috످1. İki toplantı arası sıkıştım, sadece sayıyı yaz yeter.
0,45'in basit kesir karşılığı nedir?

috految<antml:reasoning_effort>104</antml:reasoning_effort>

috److9/20

috످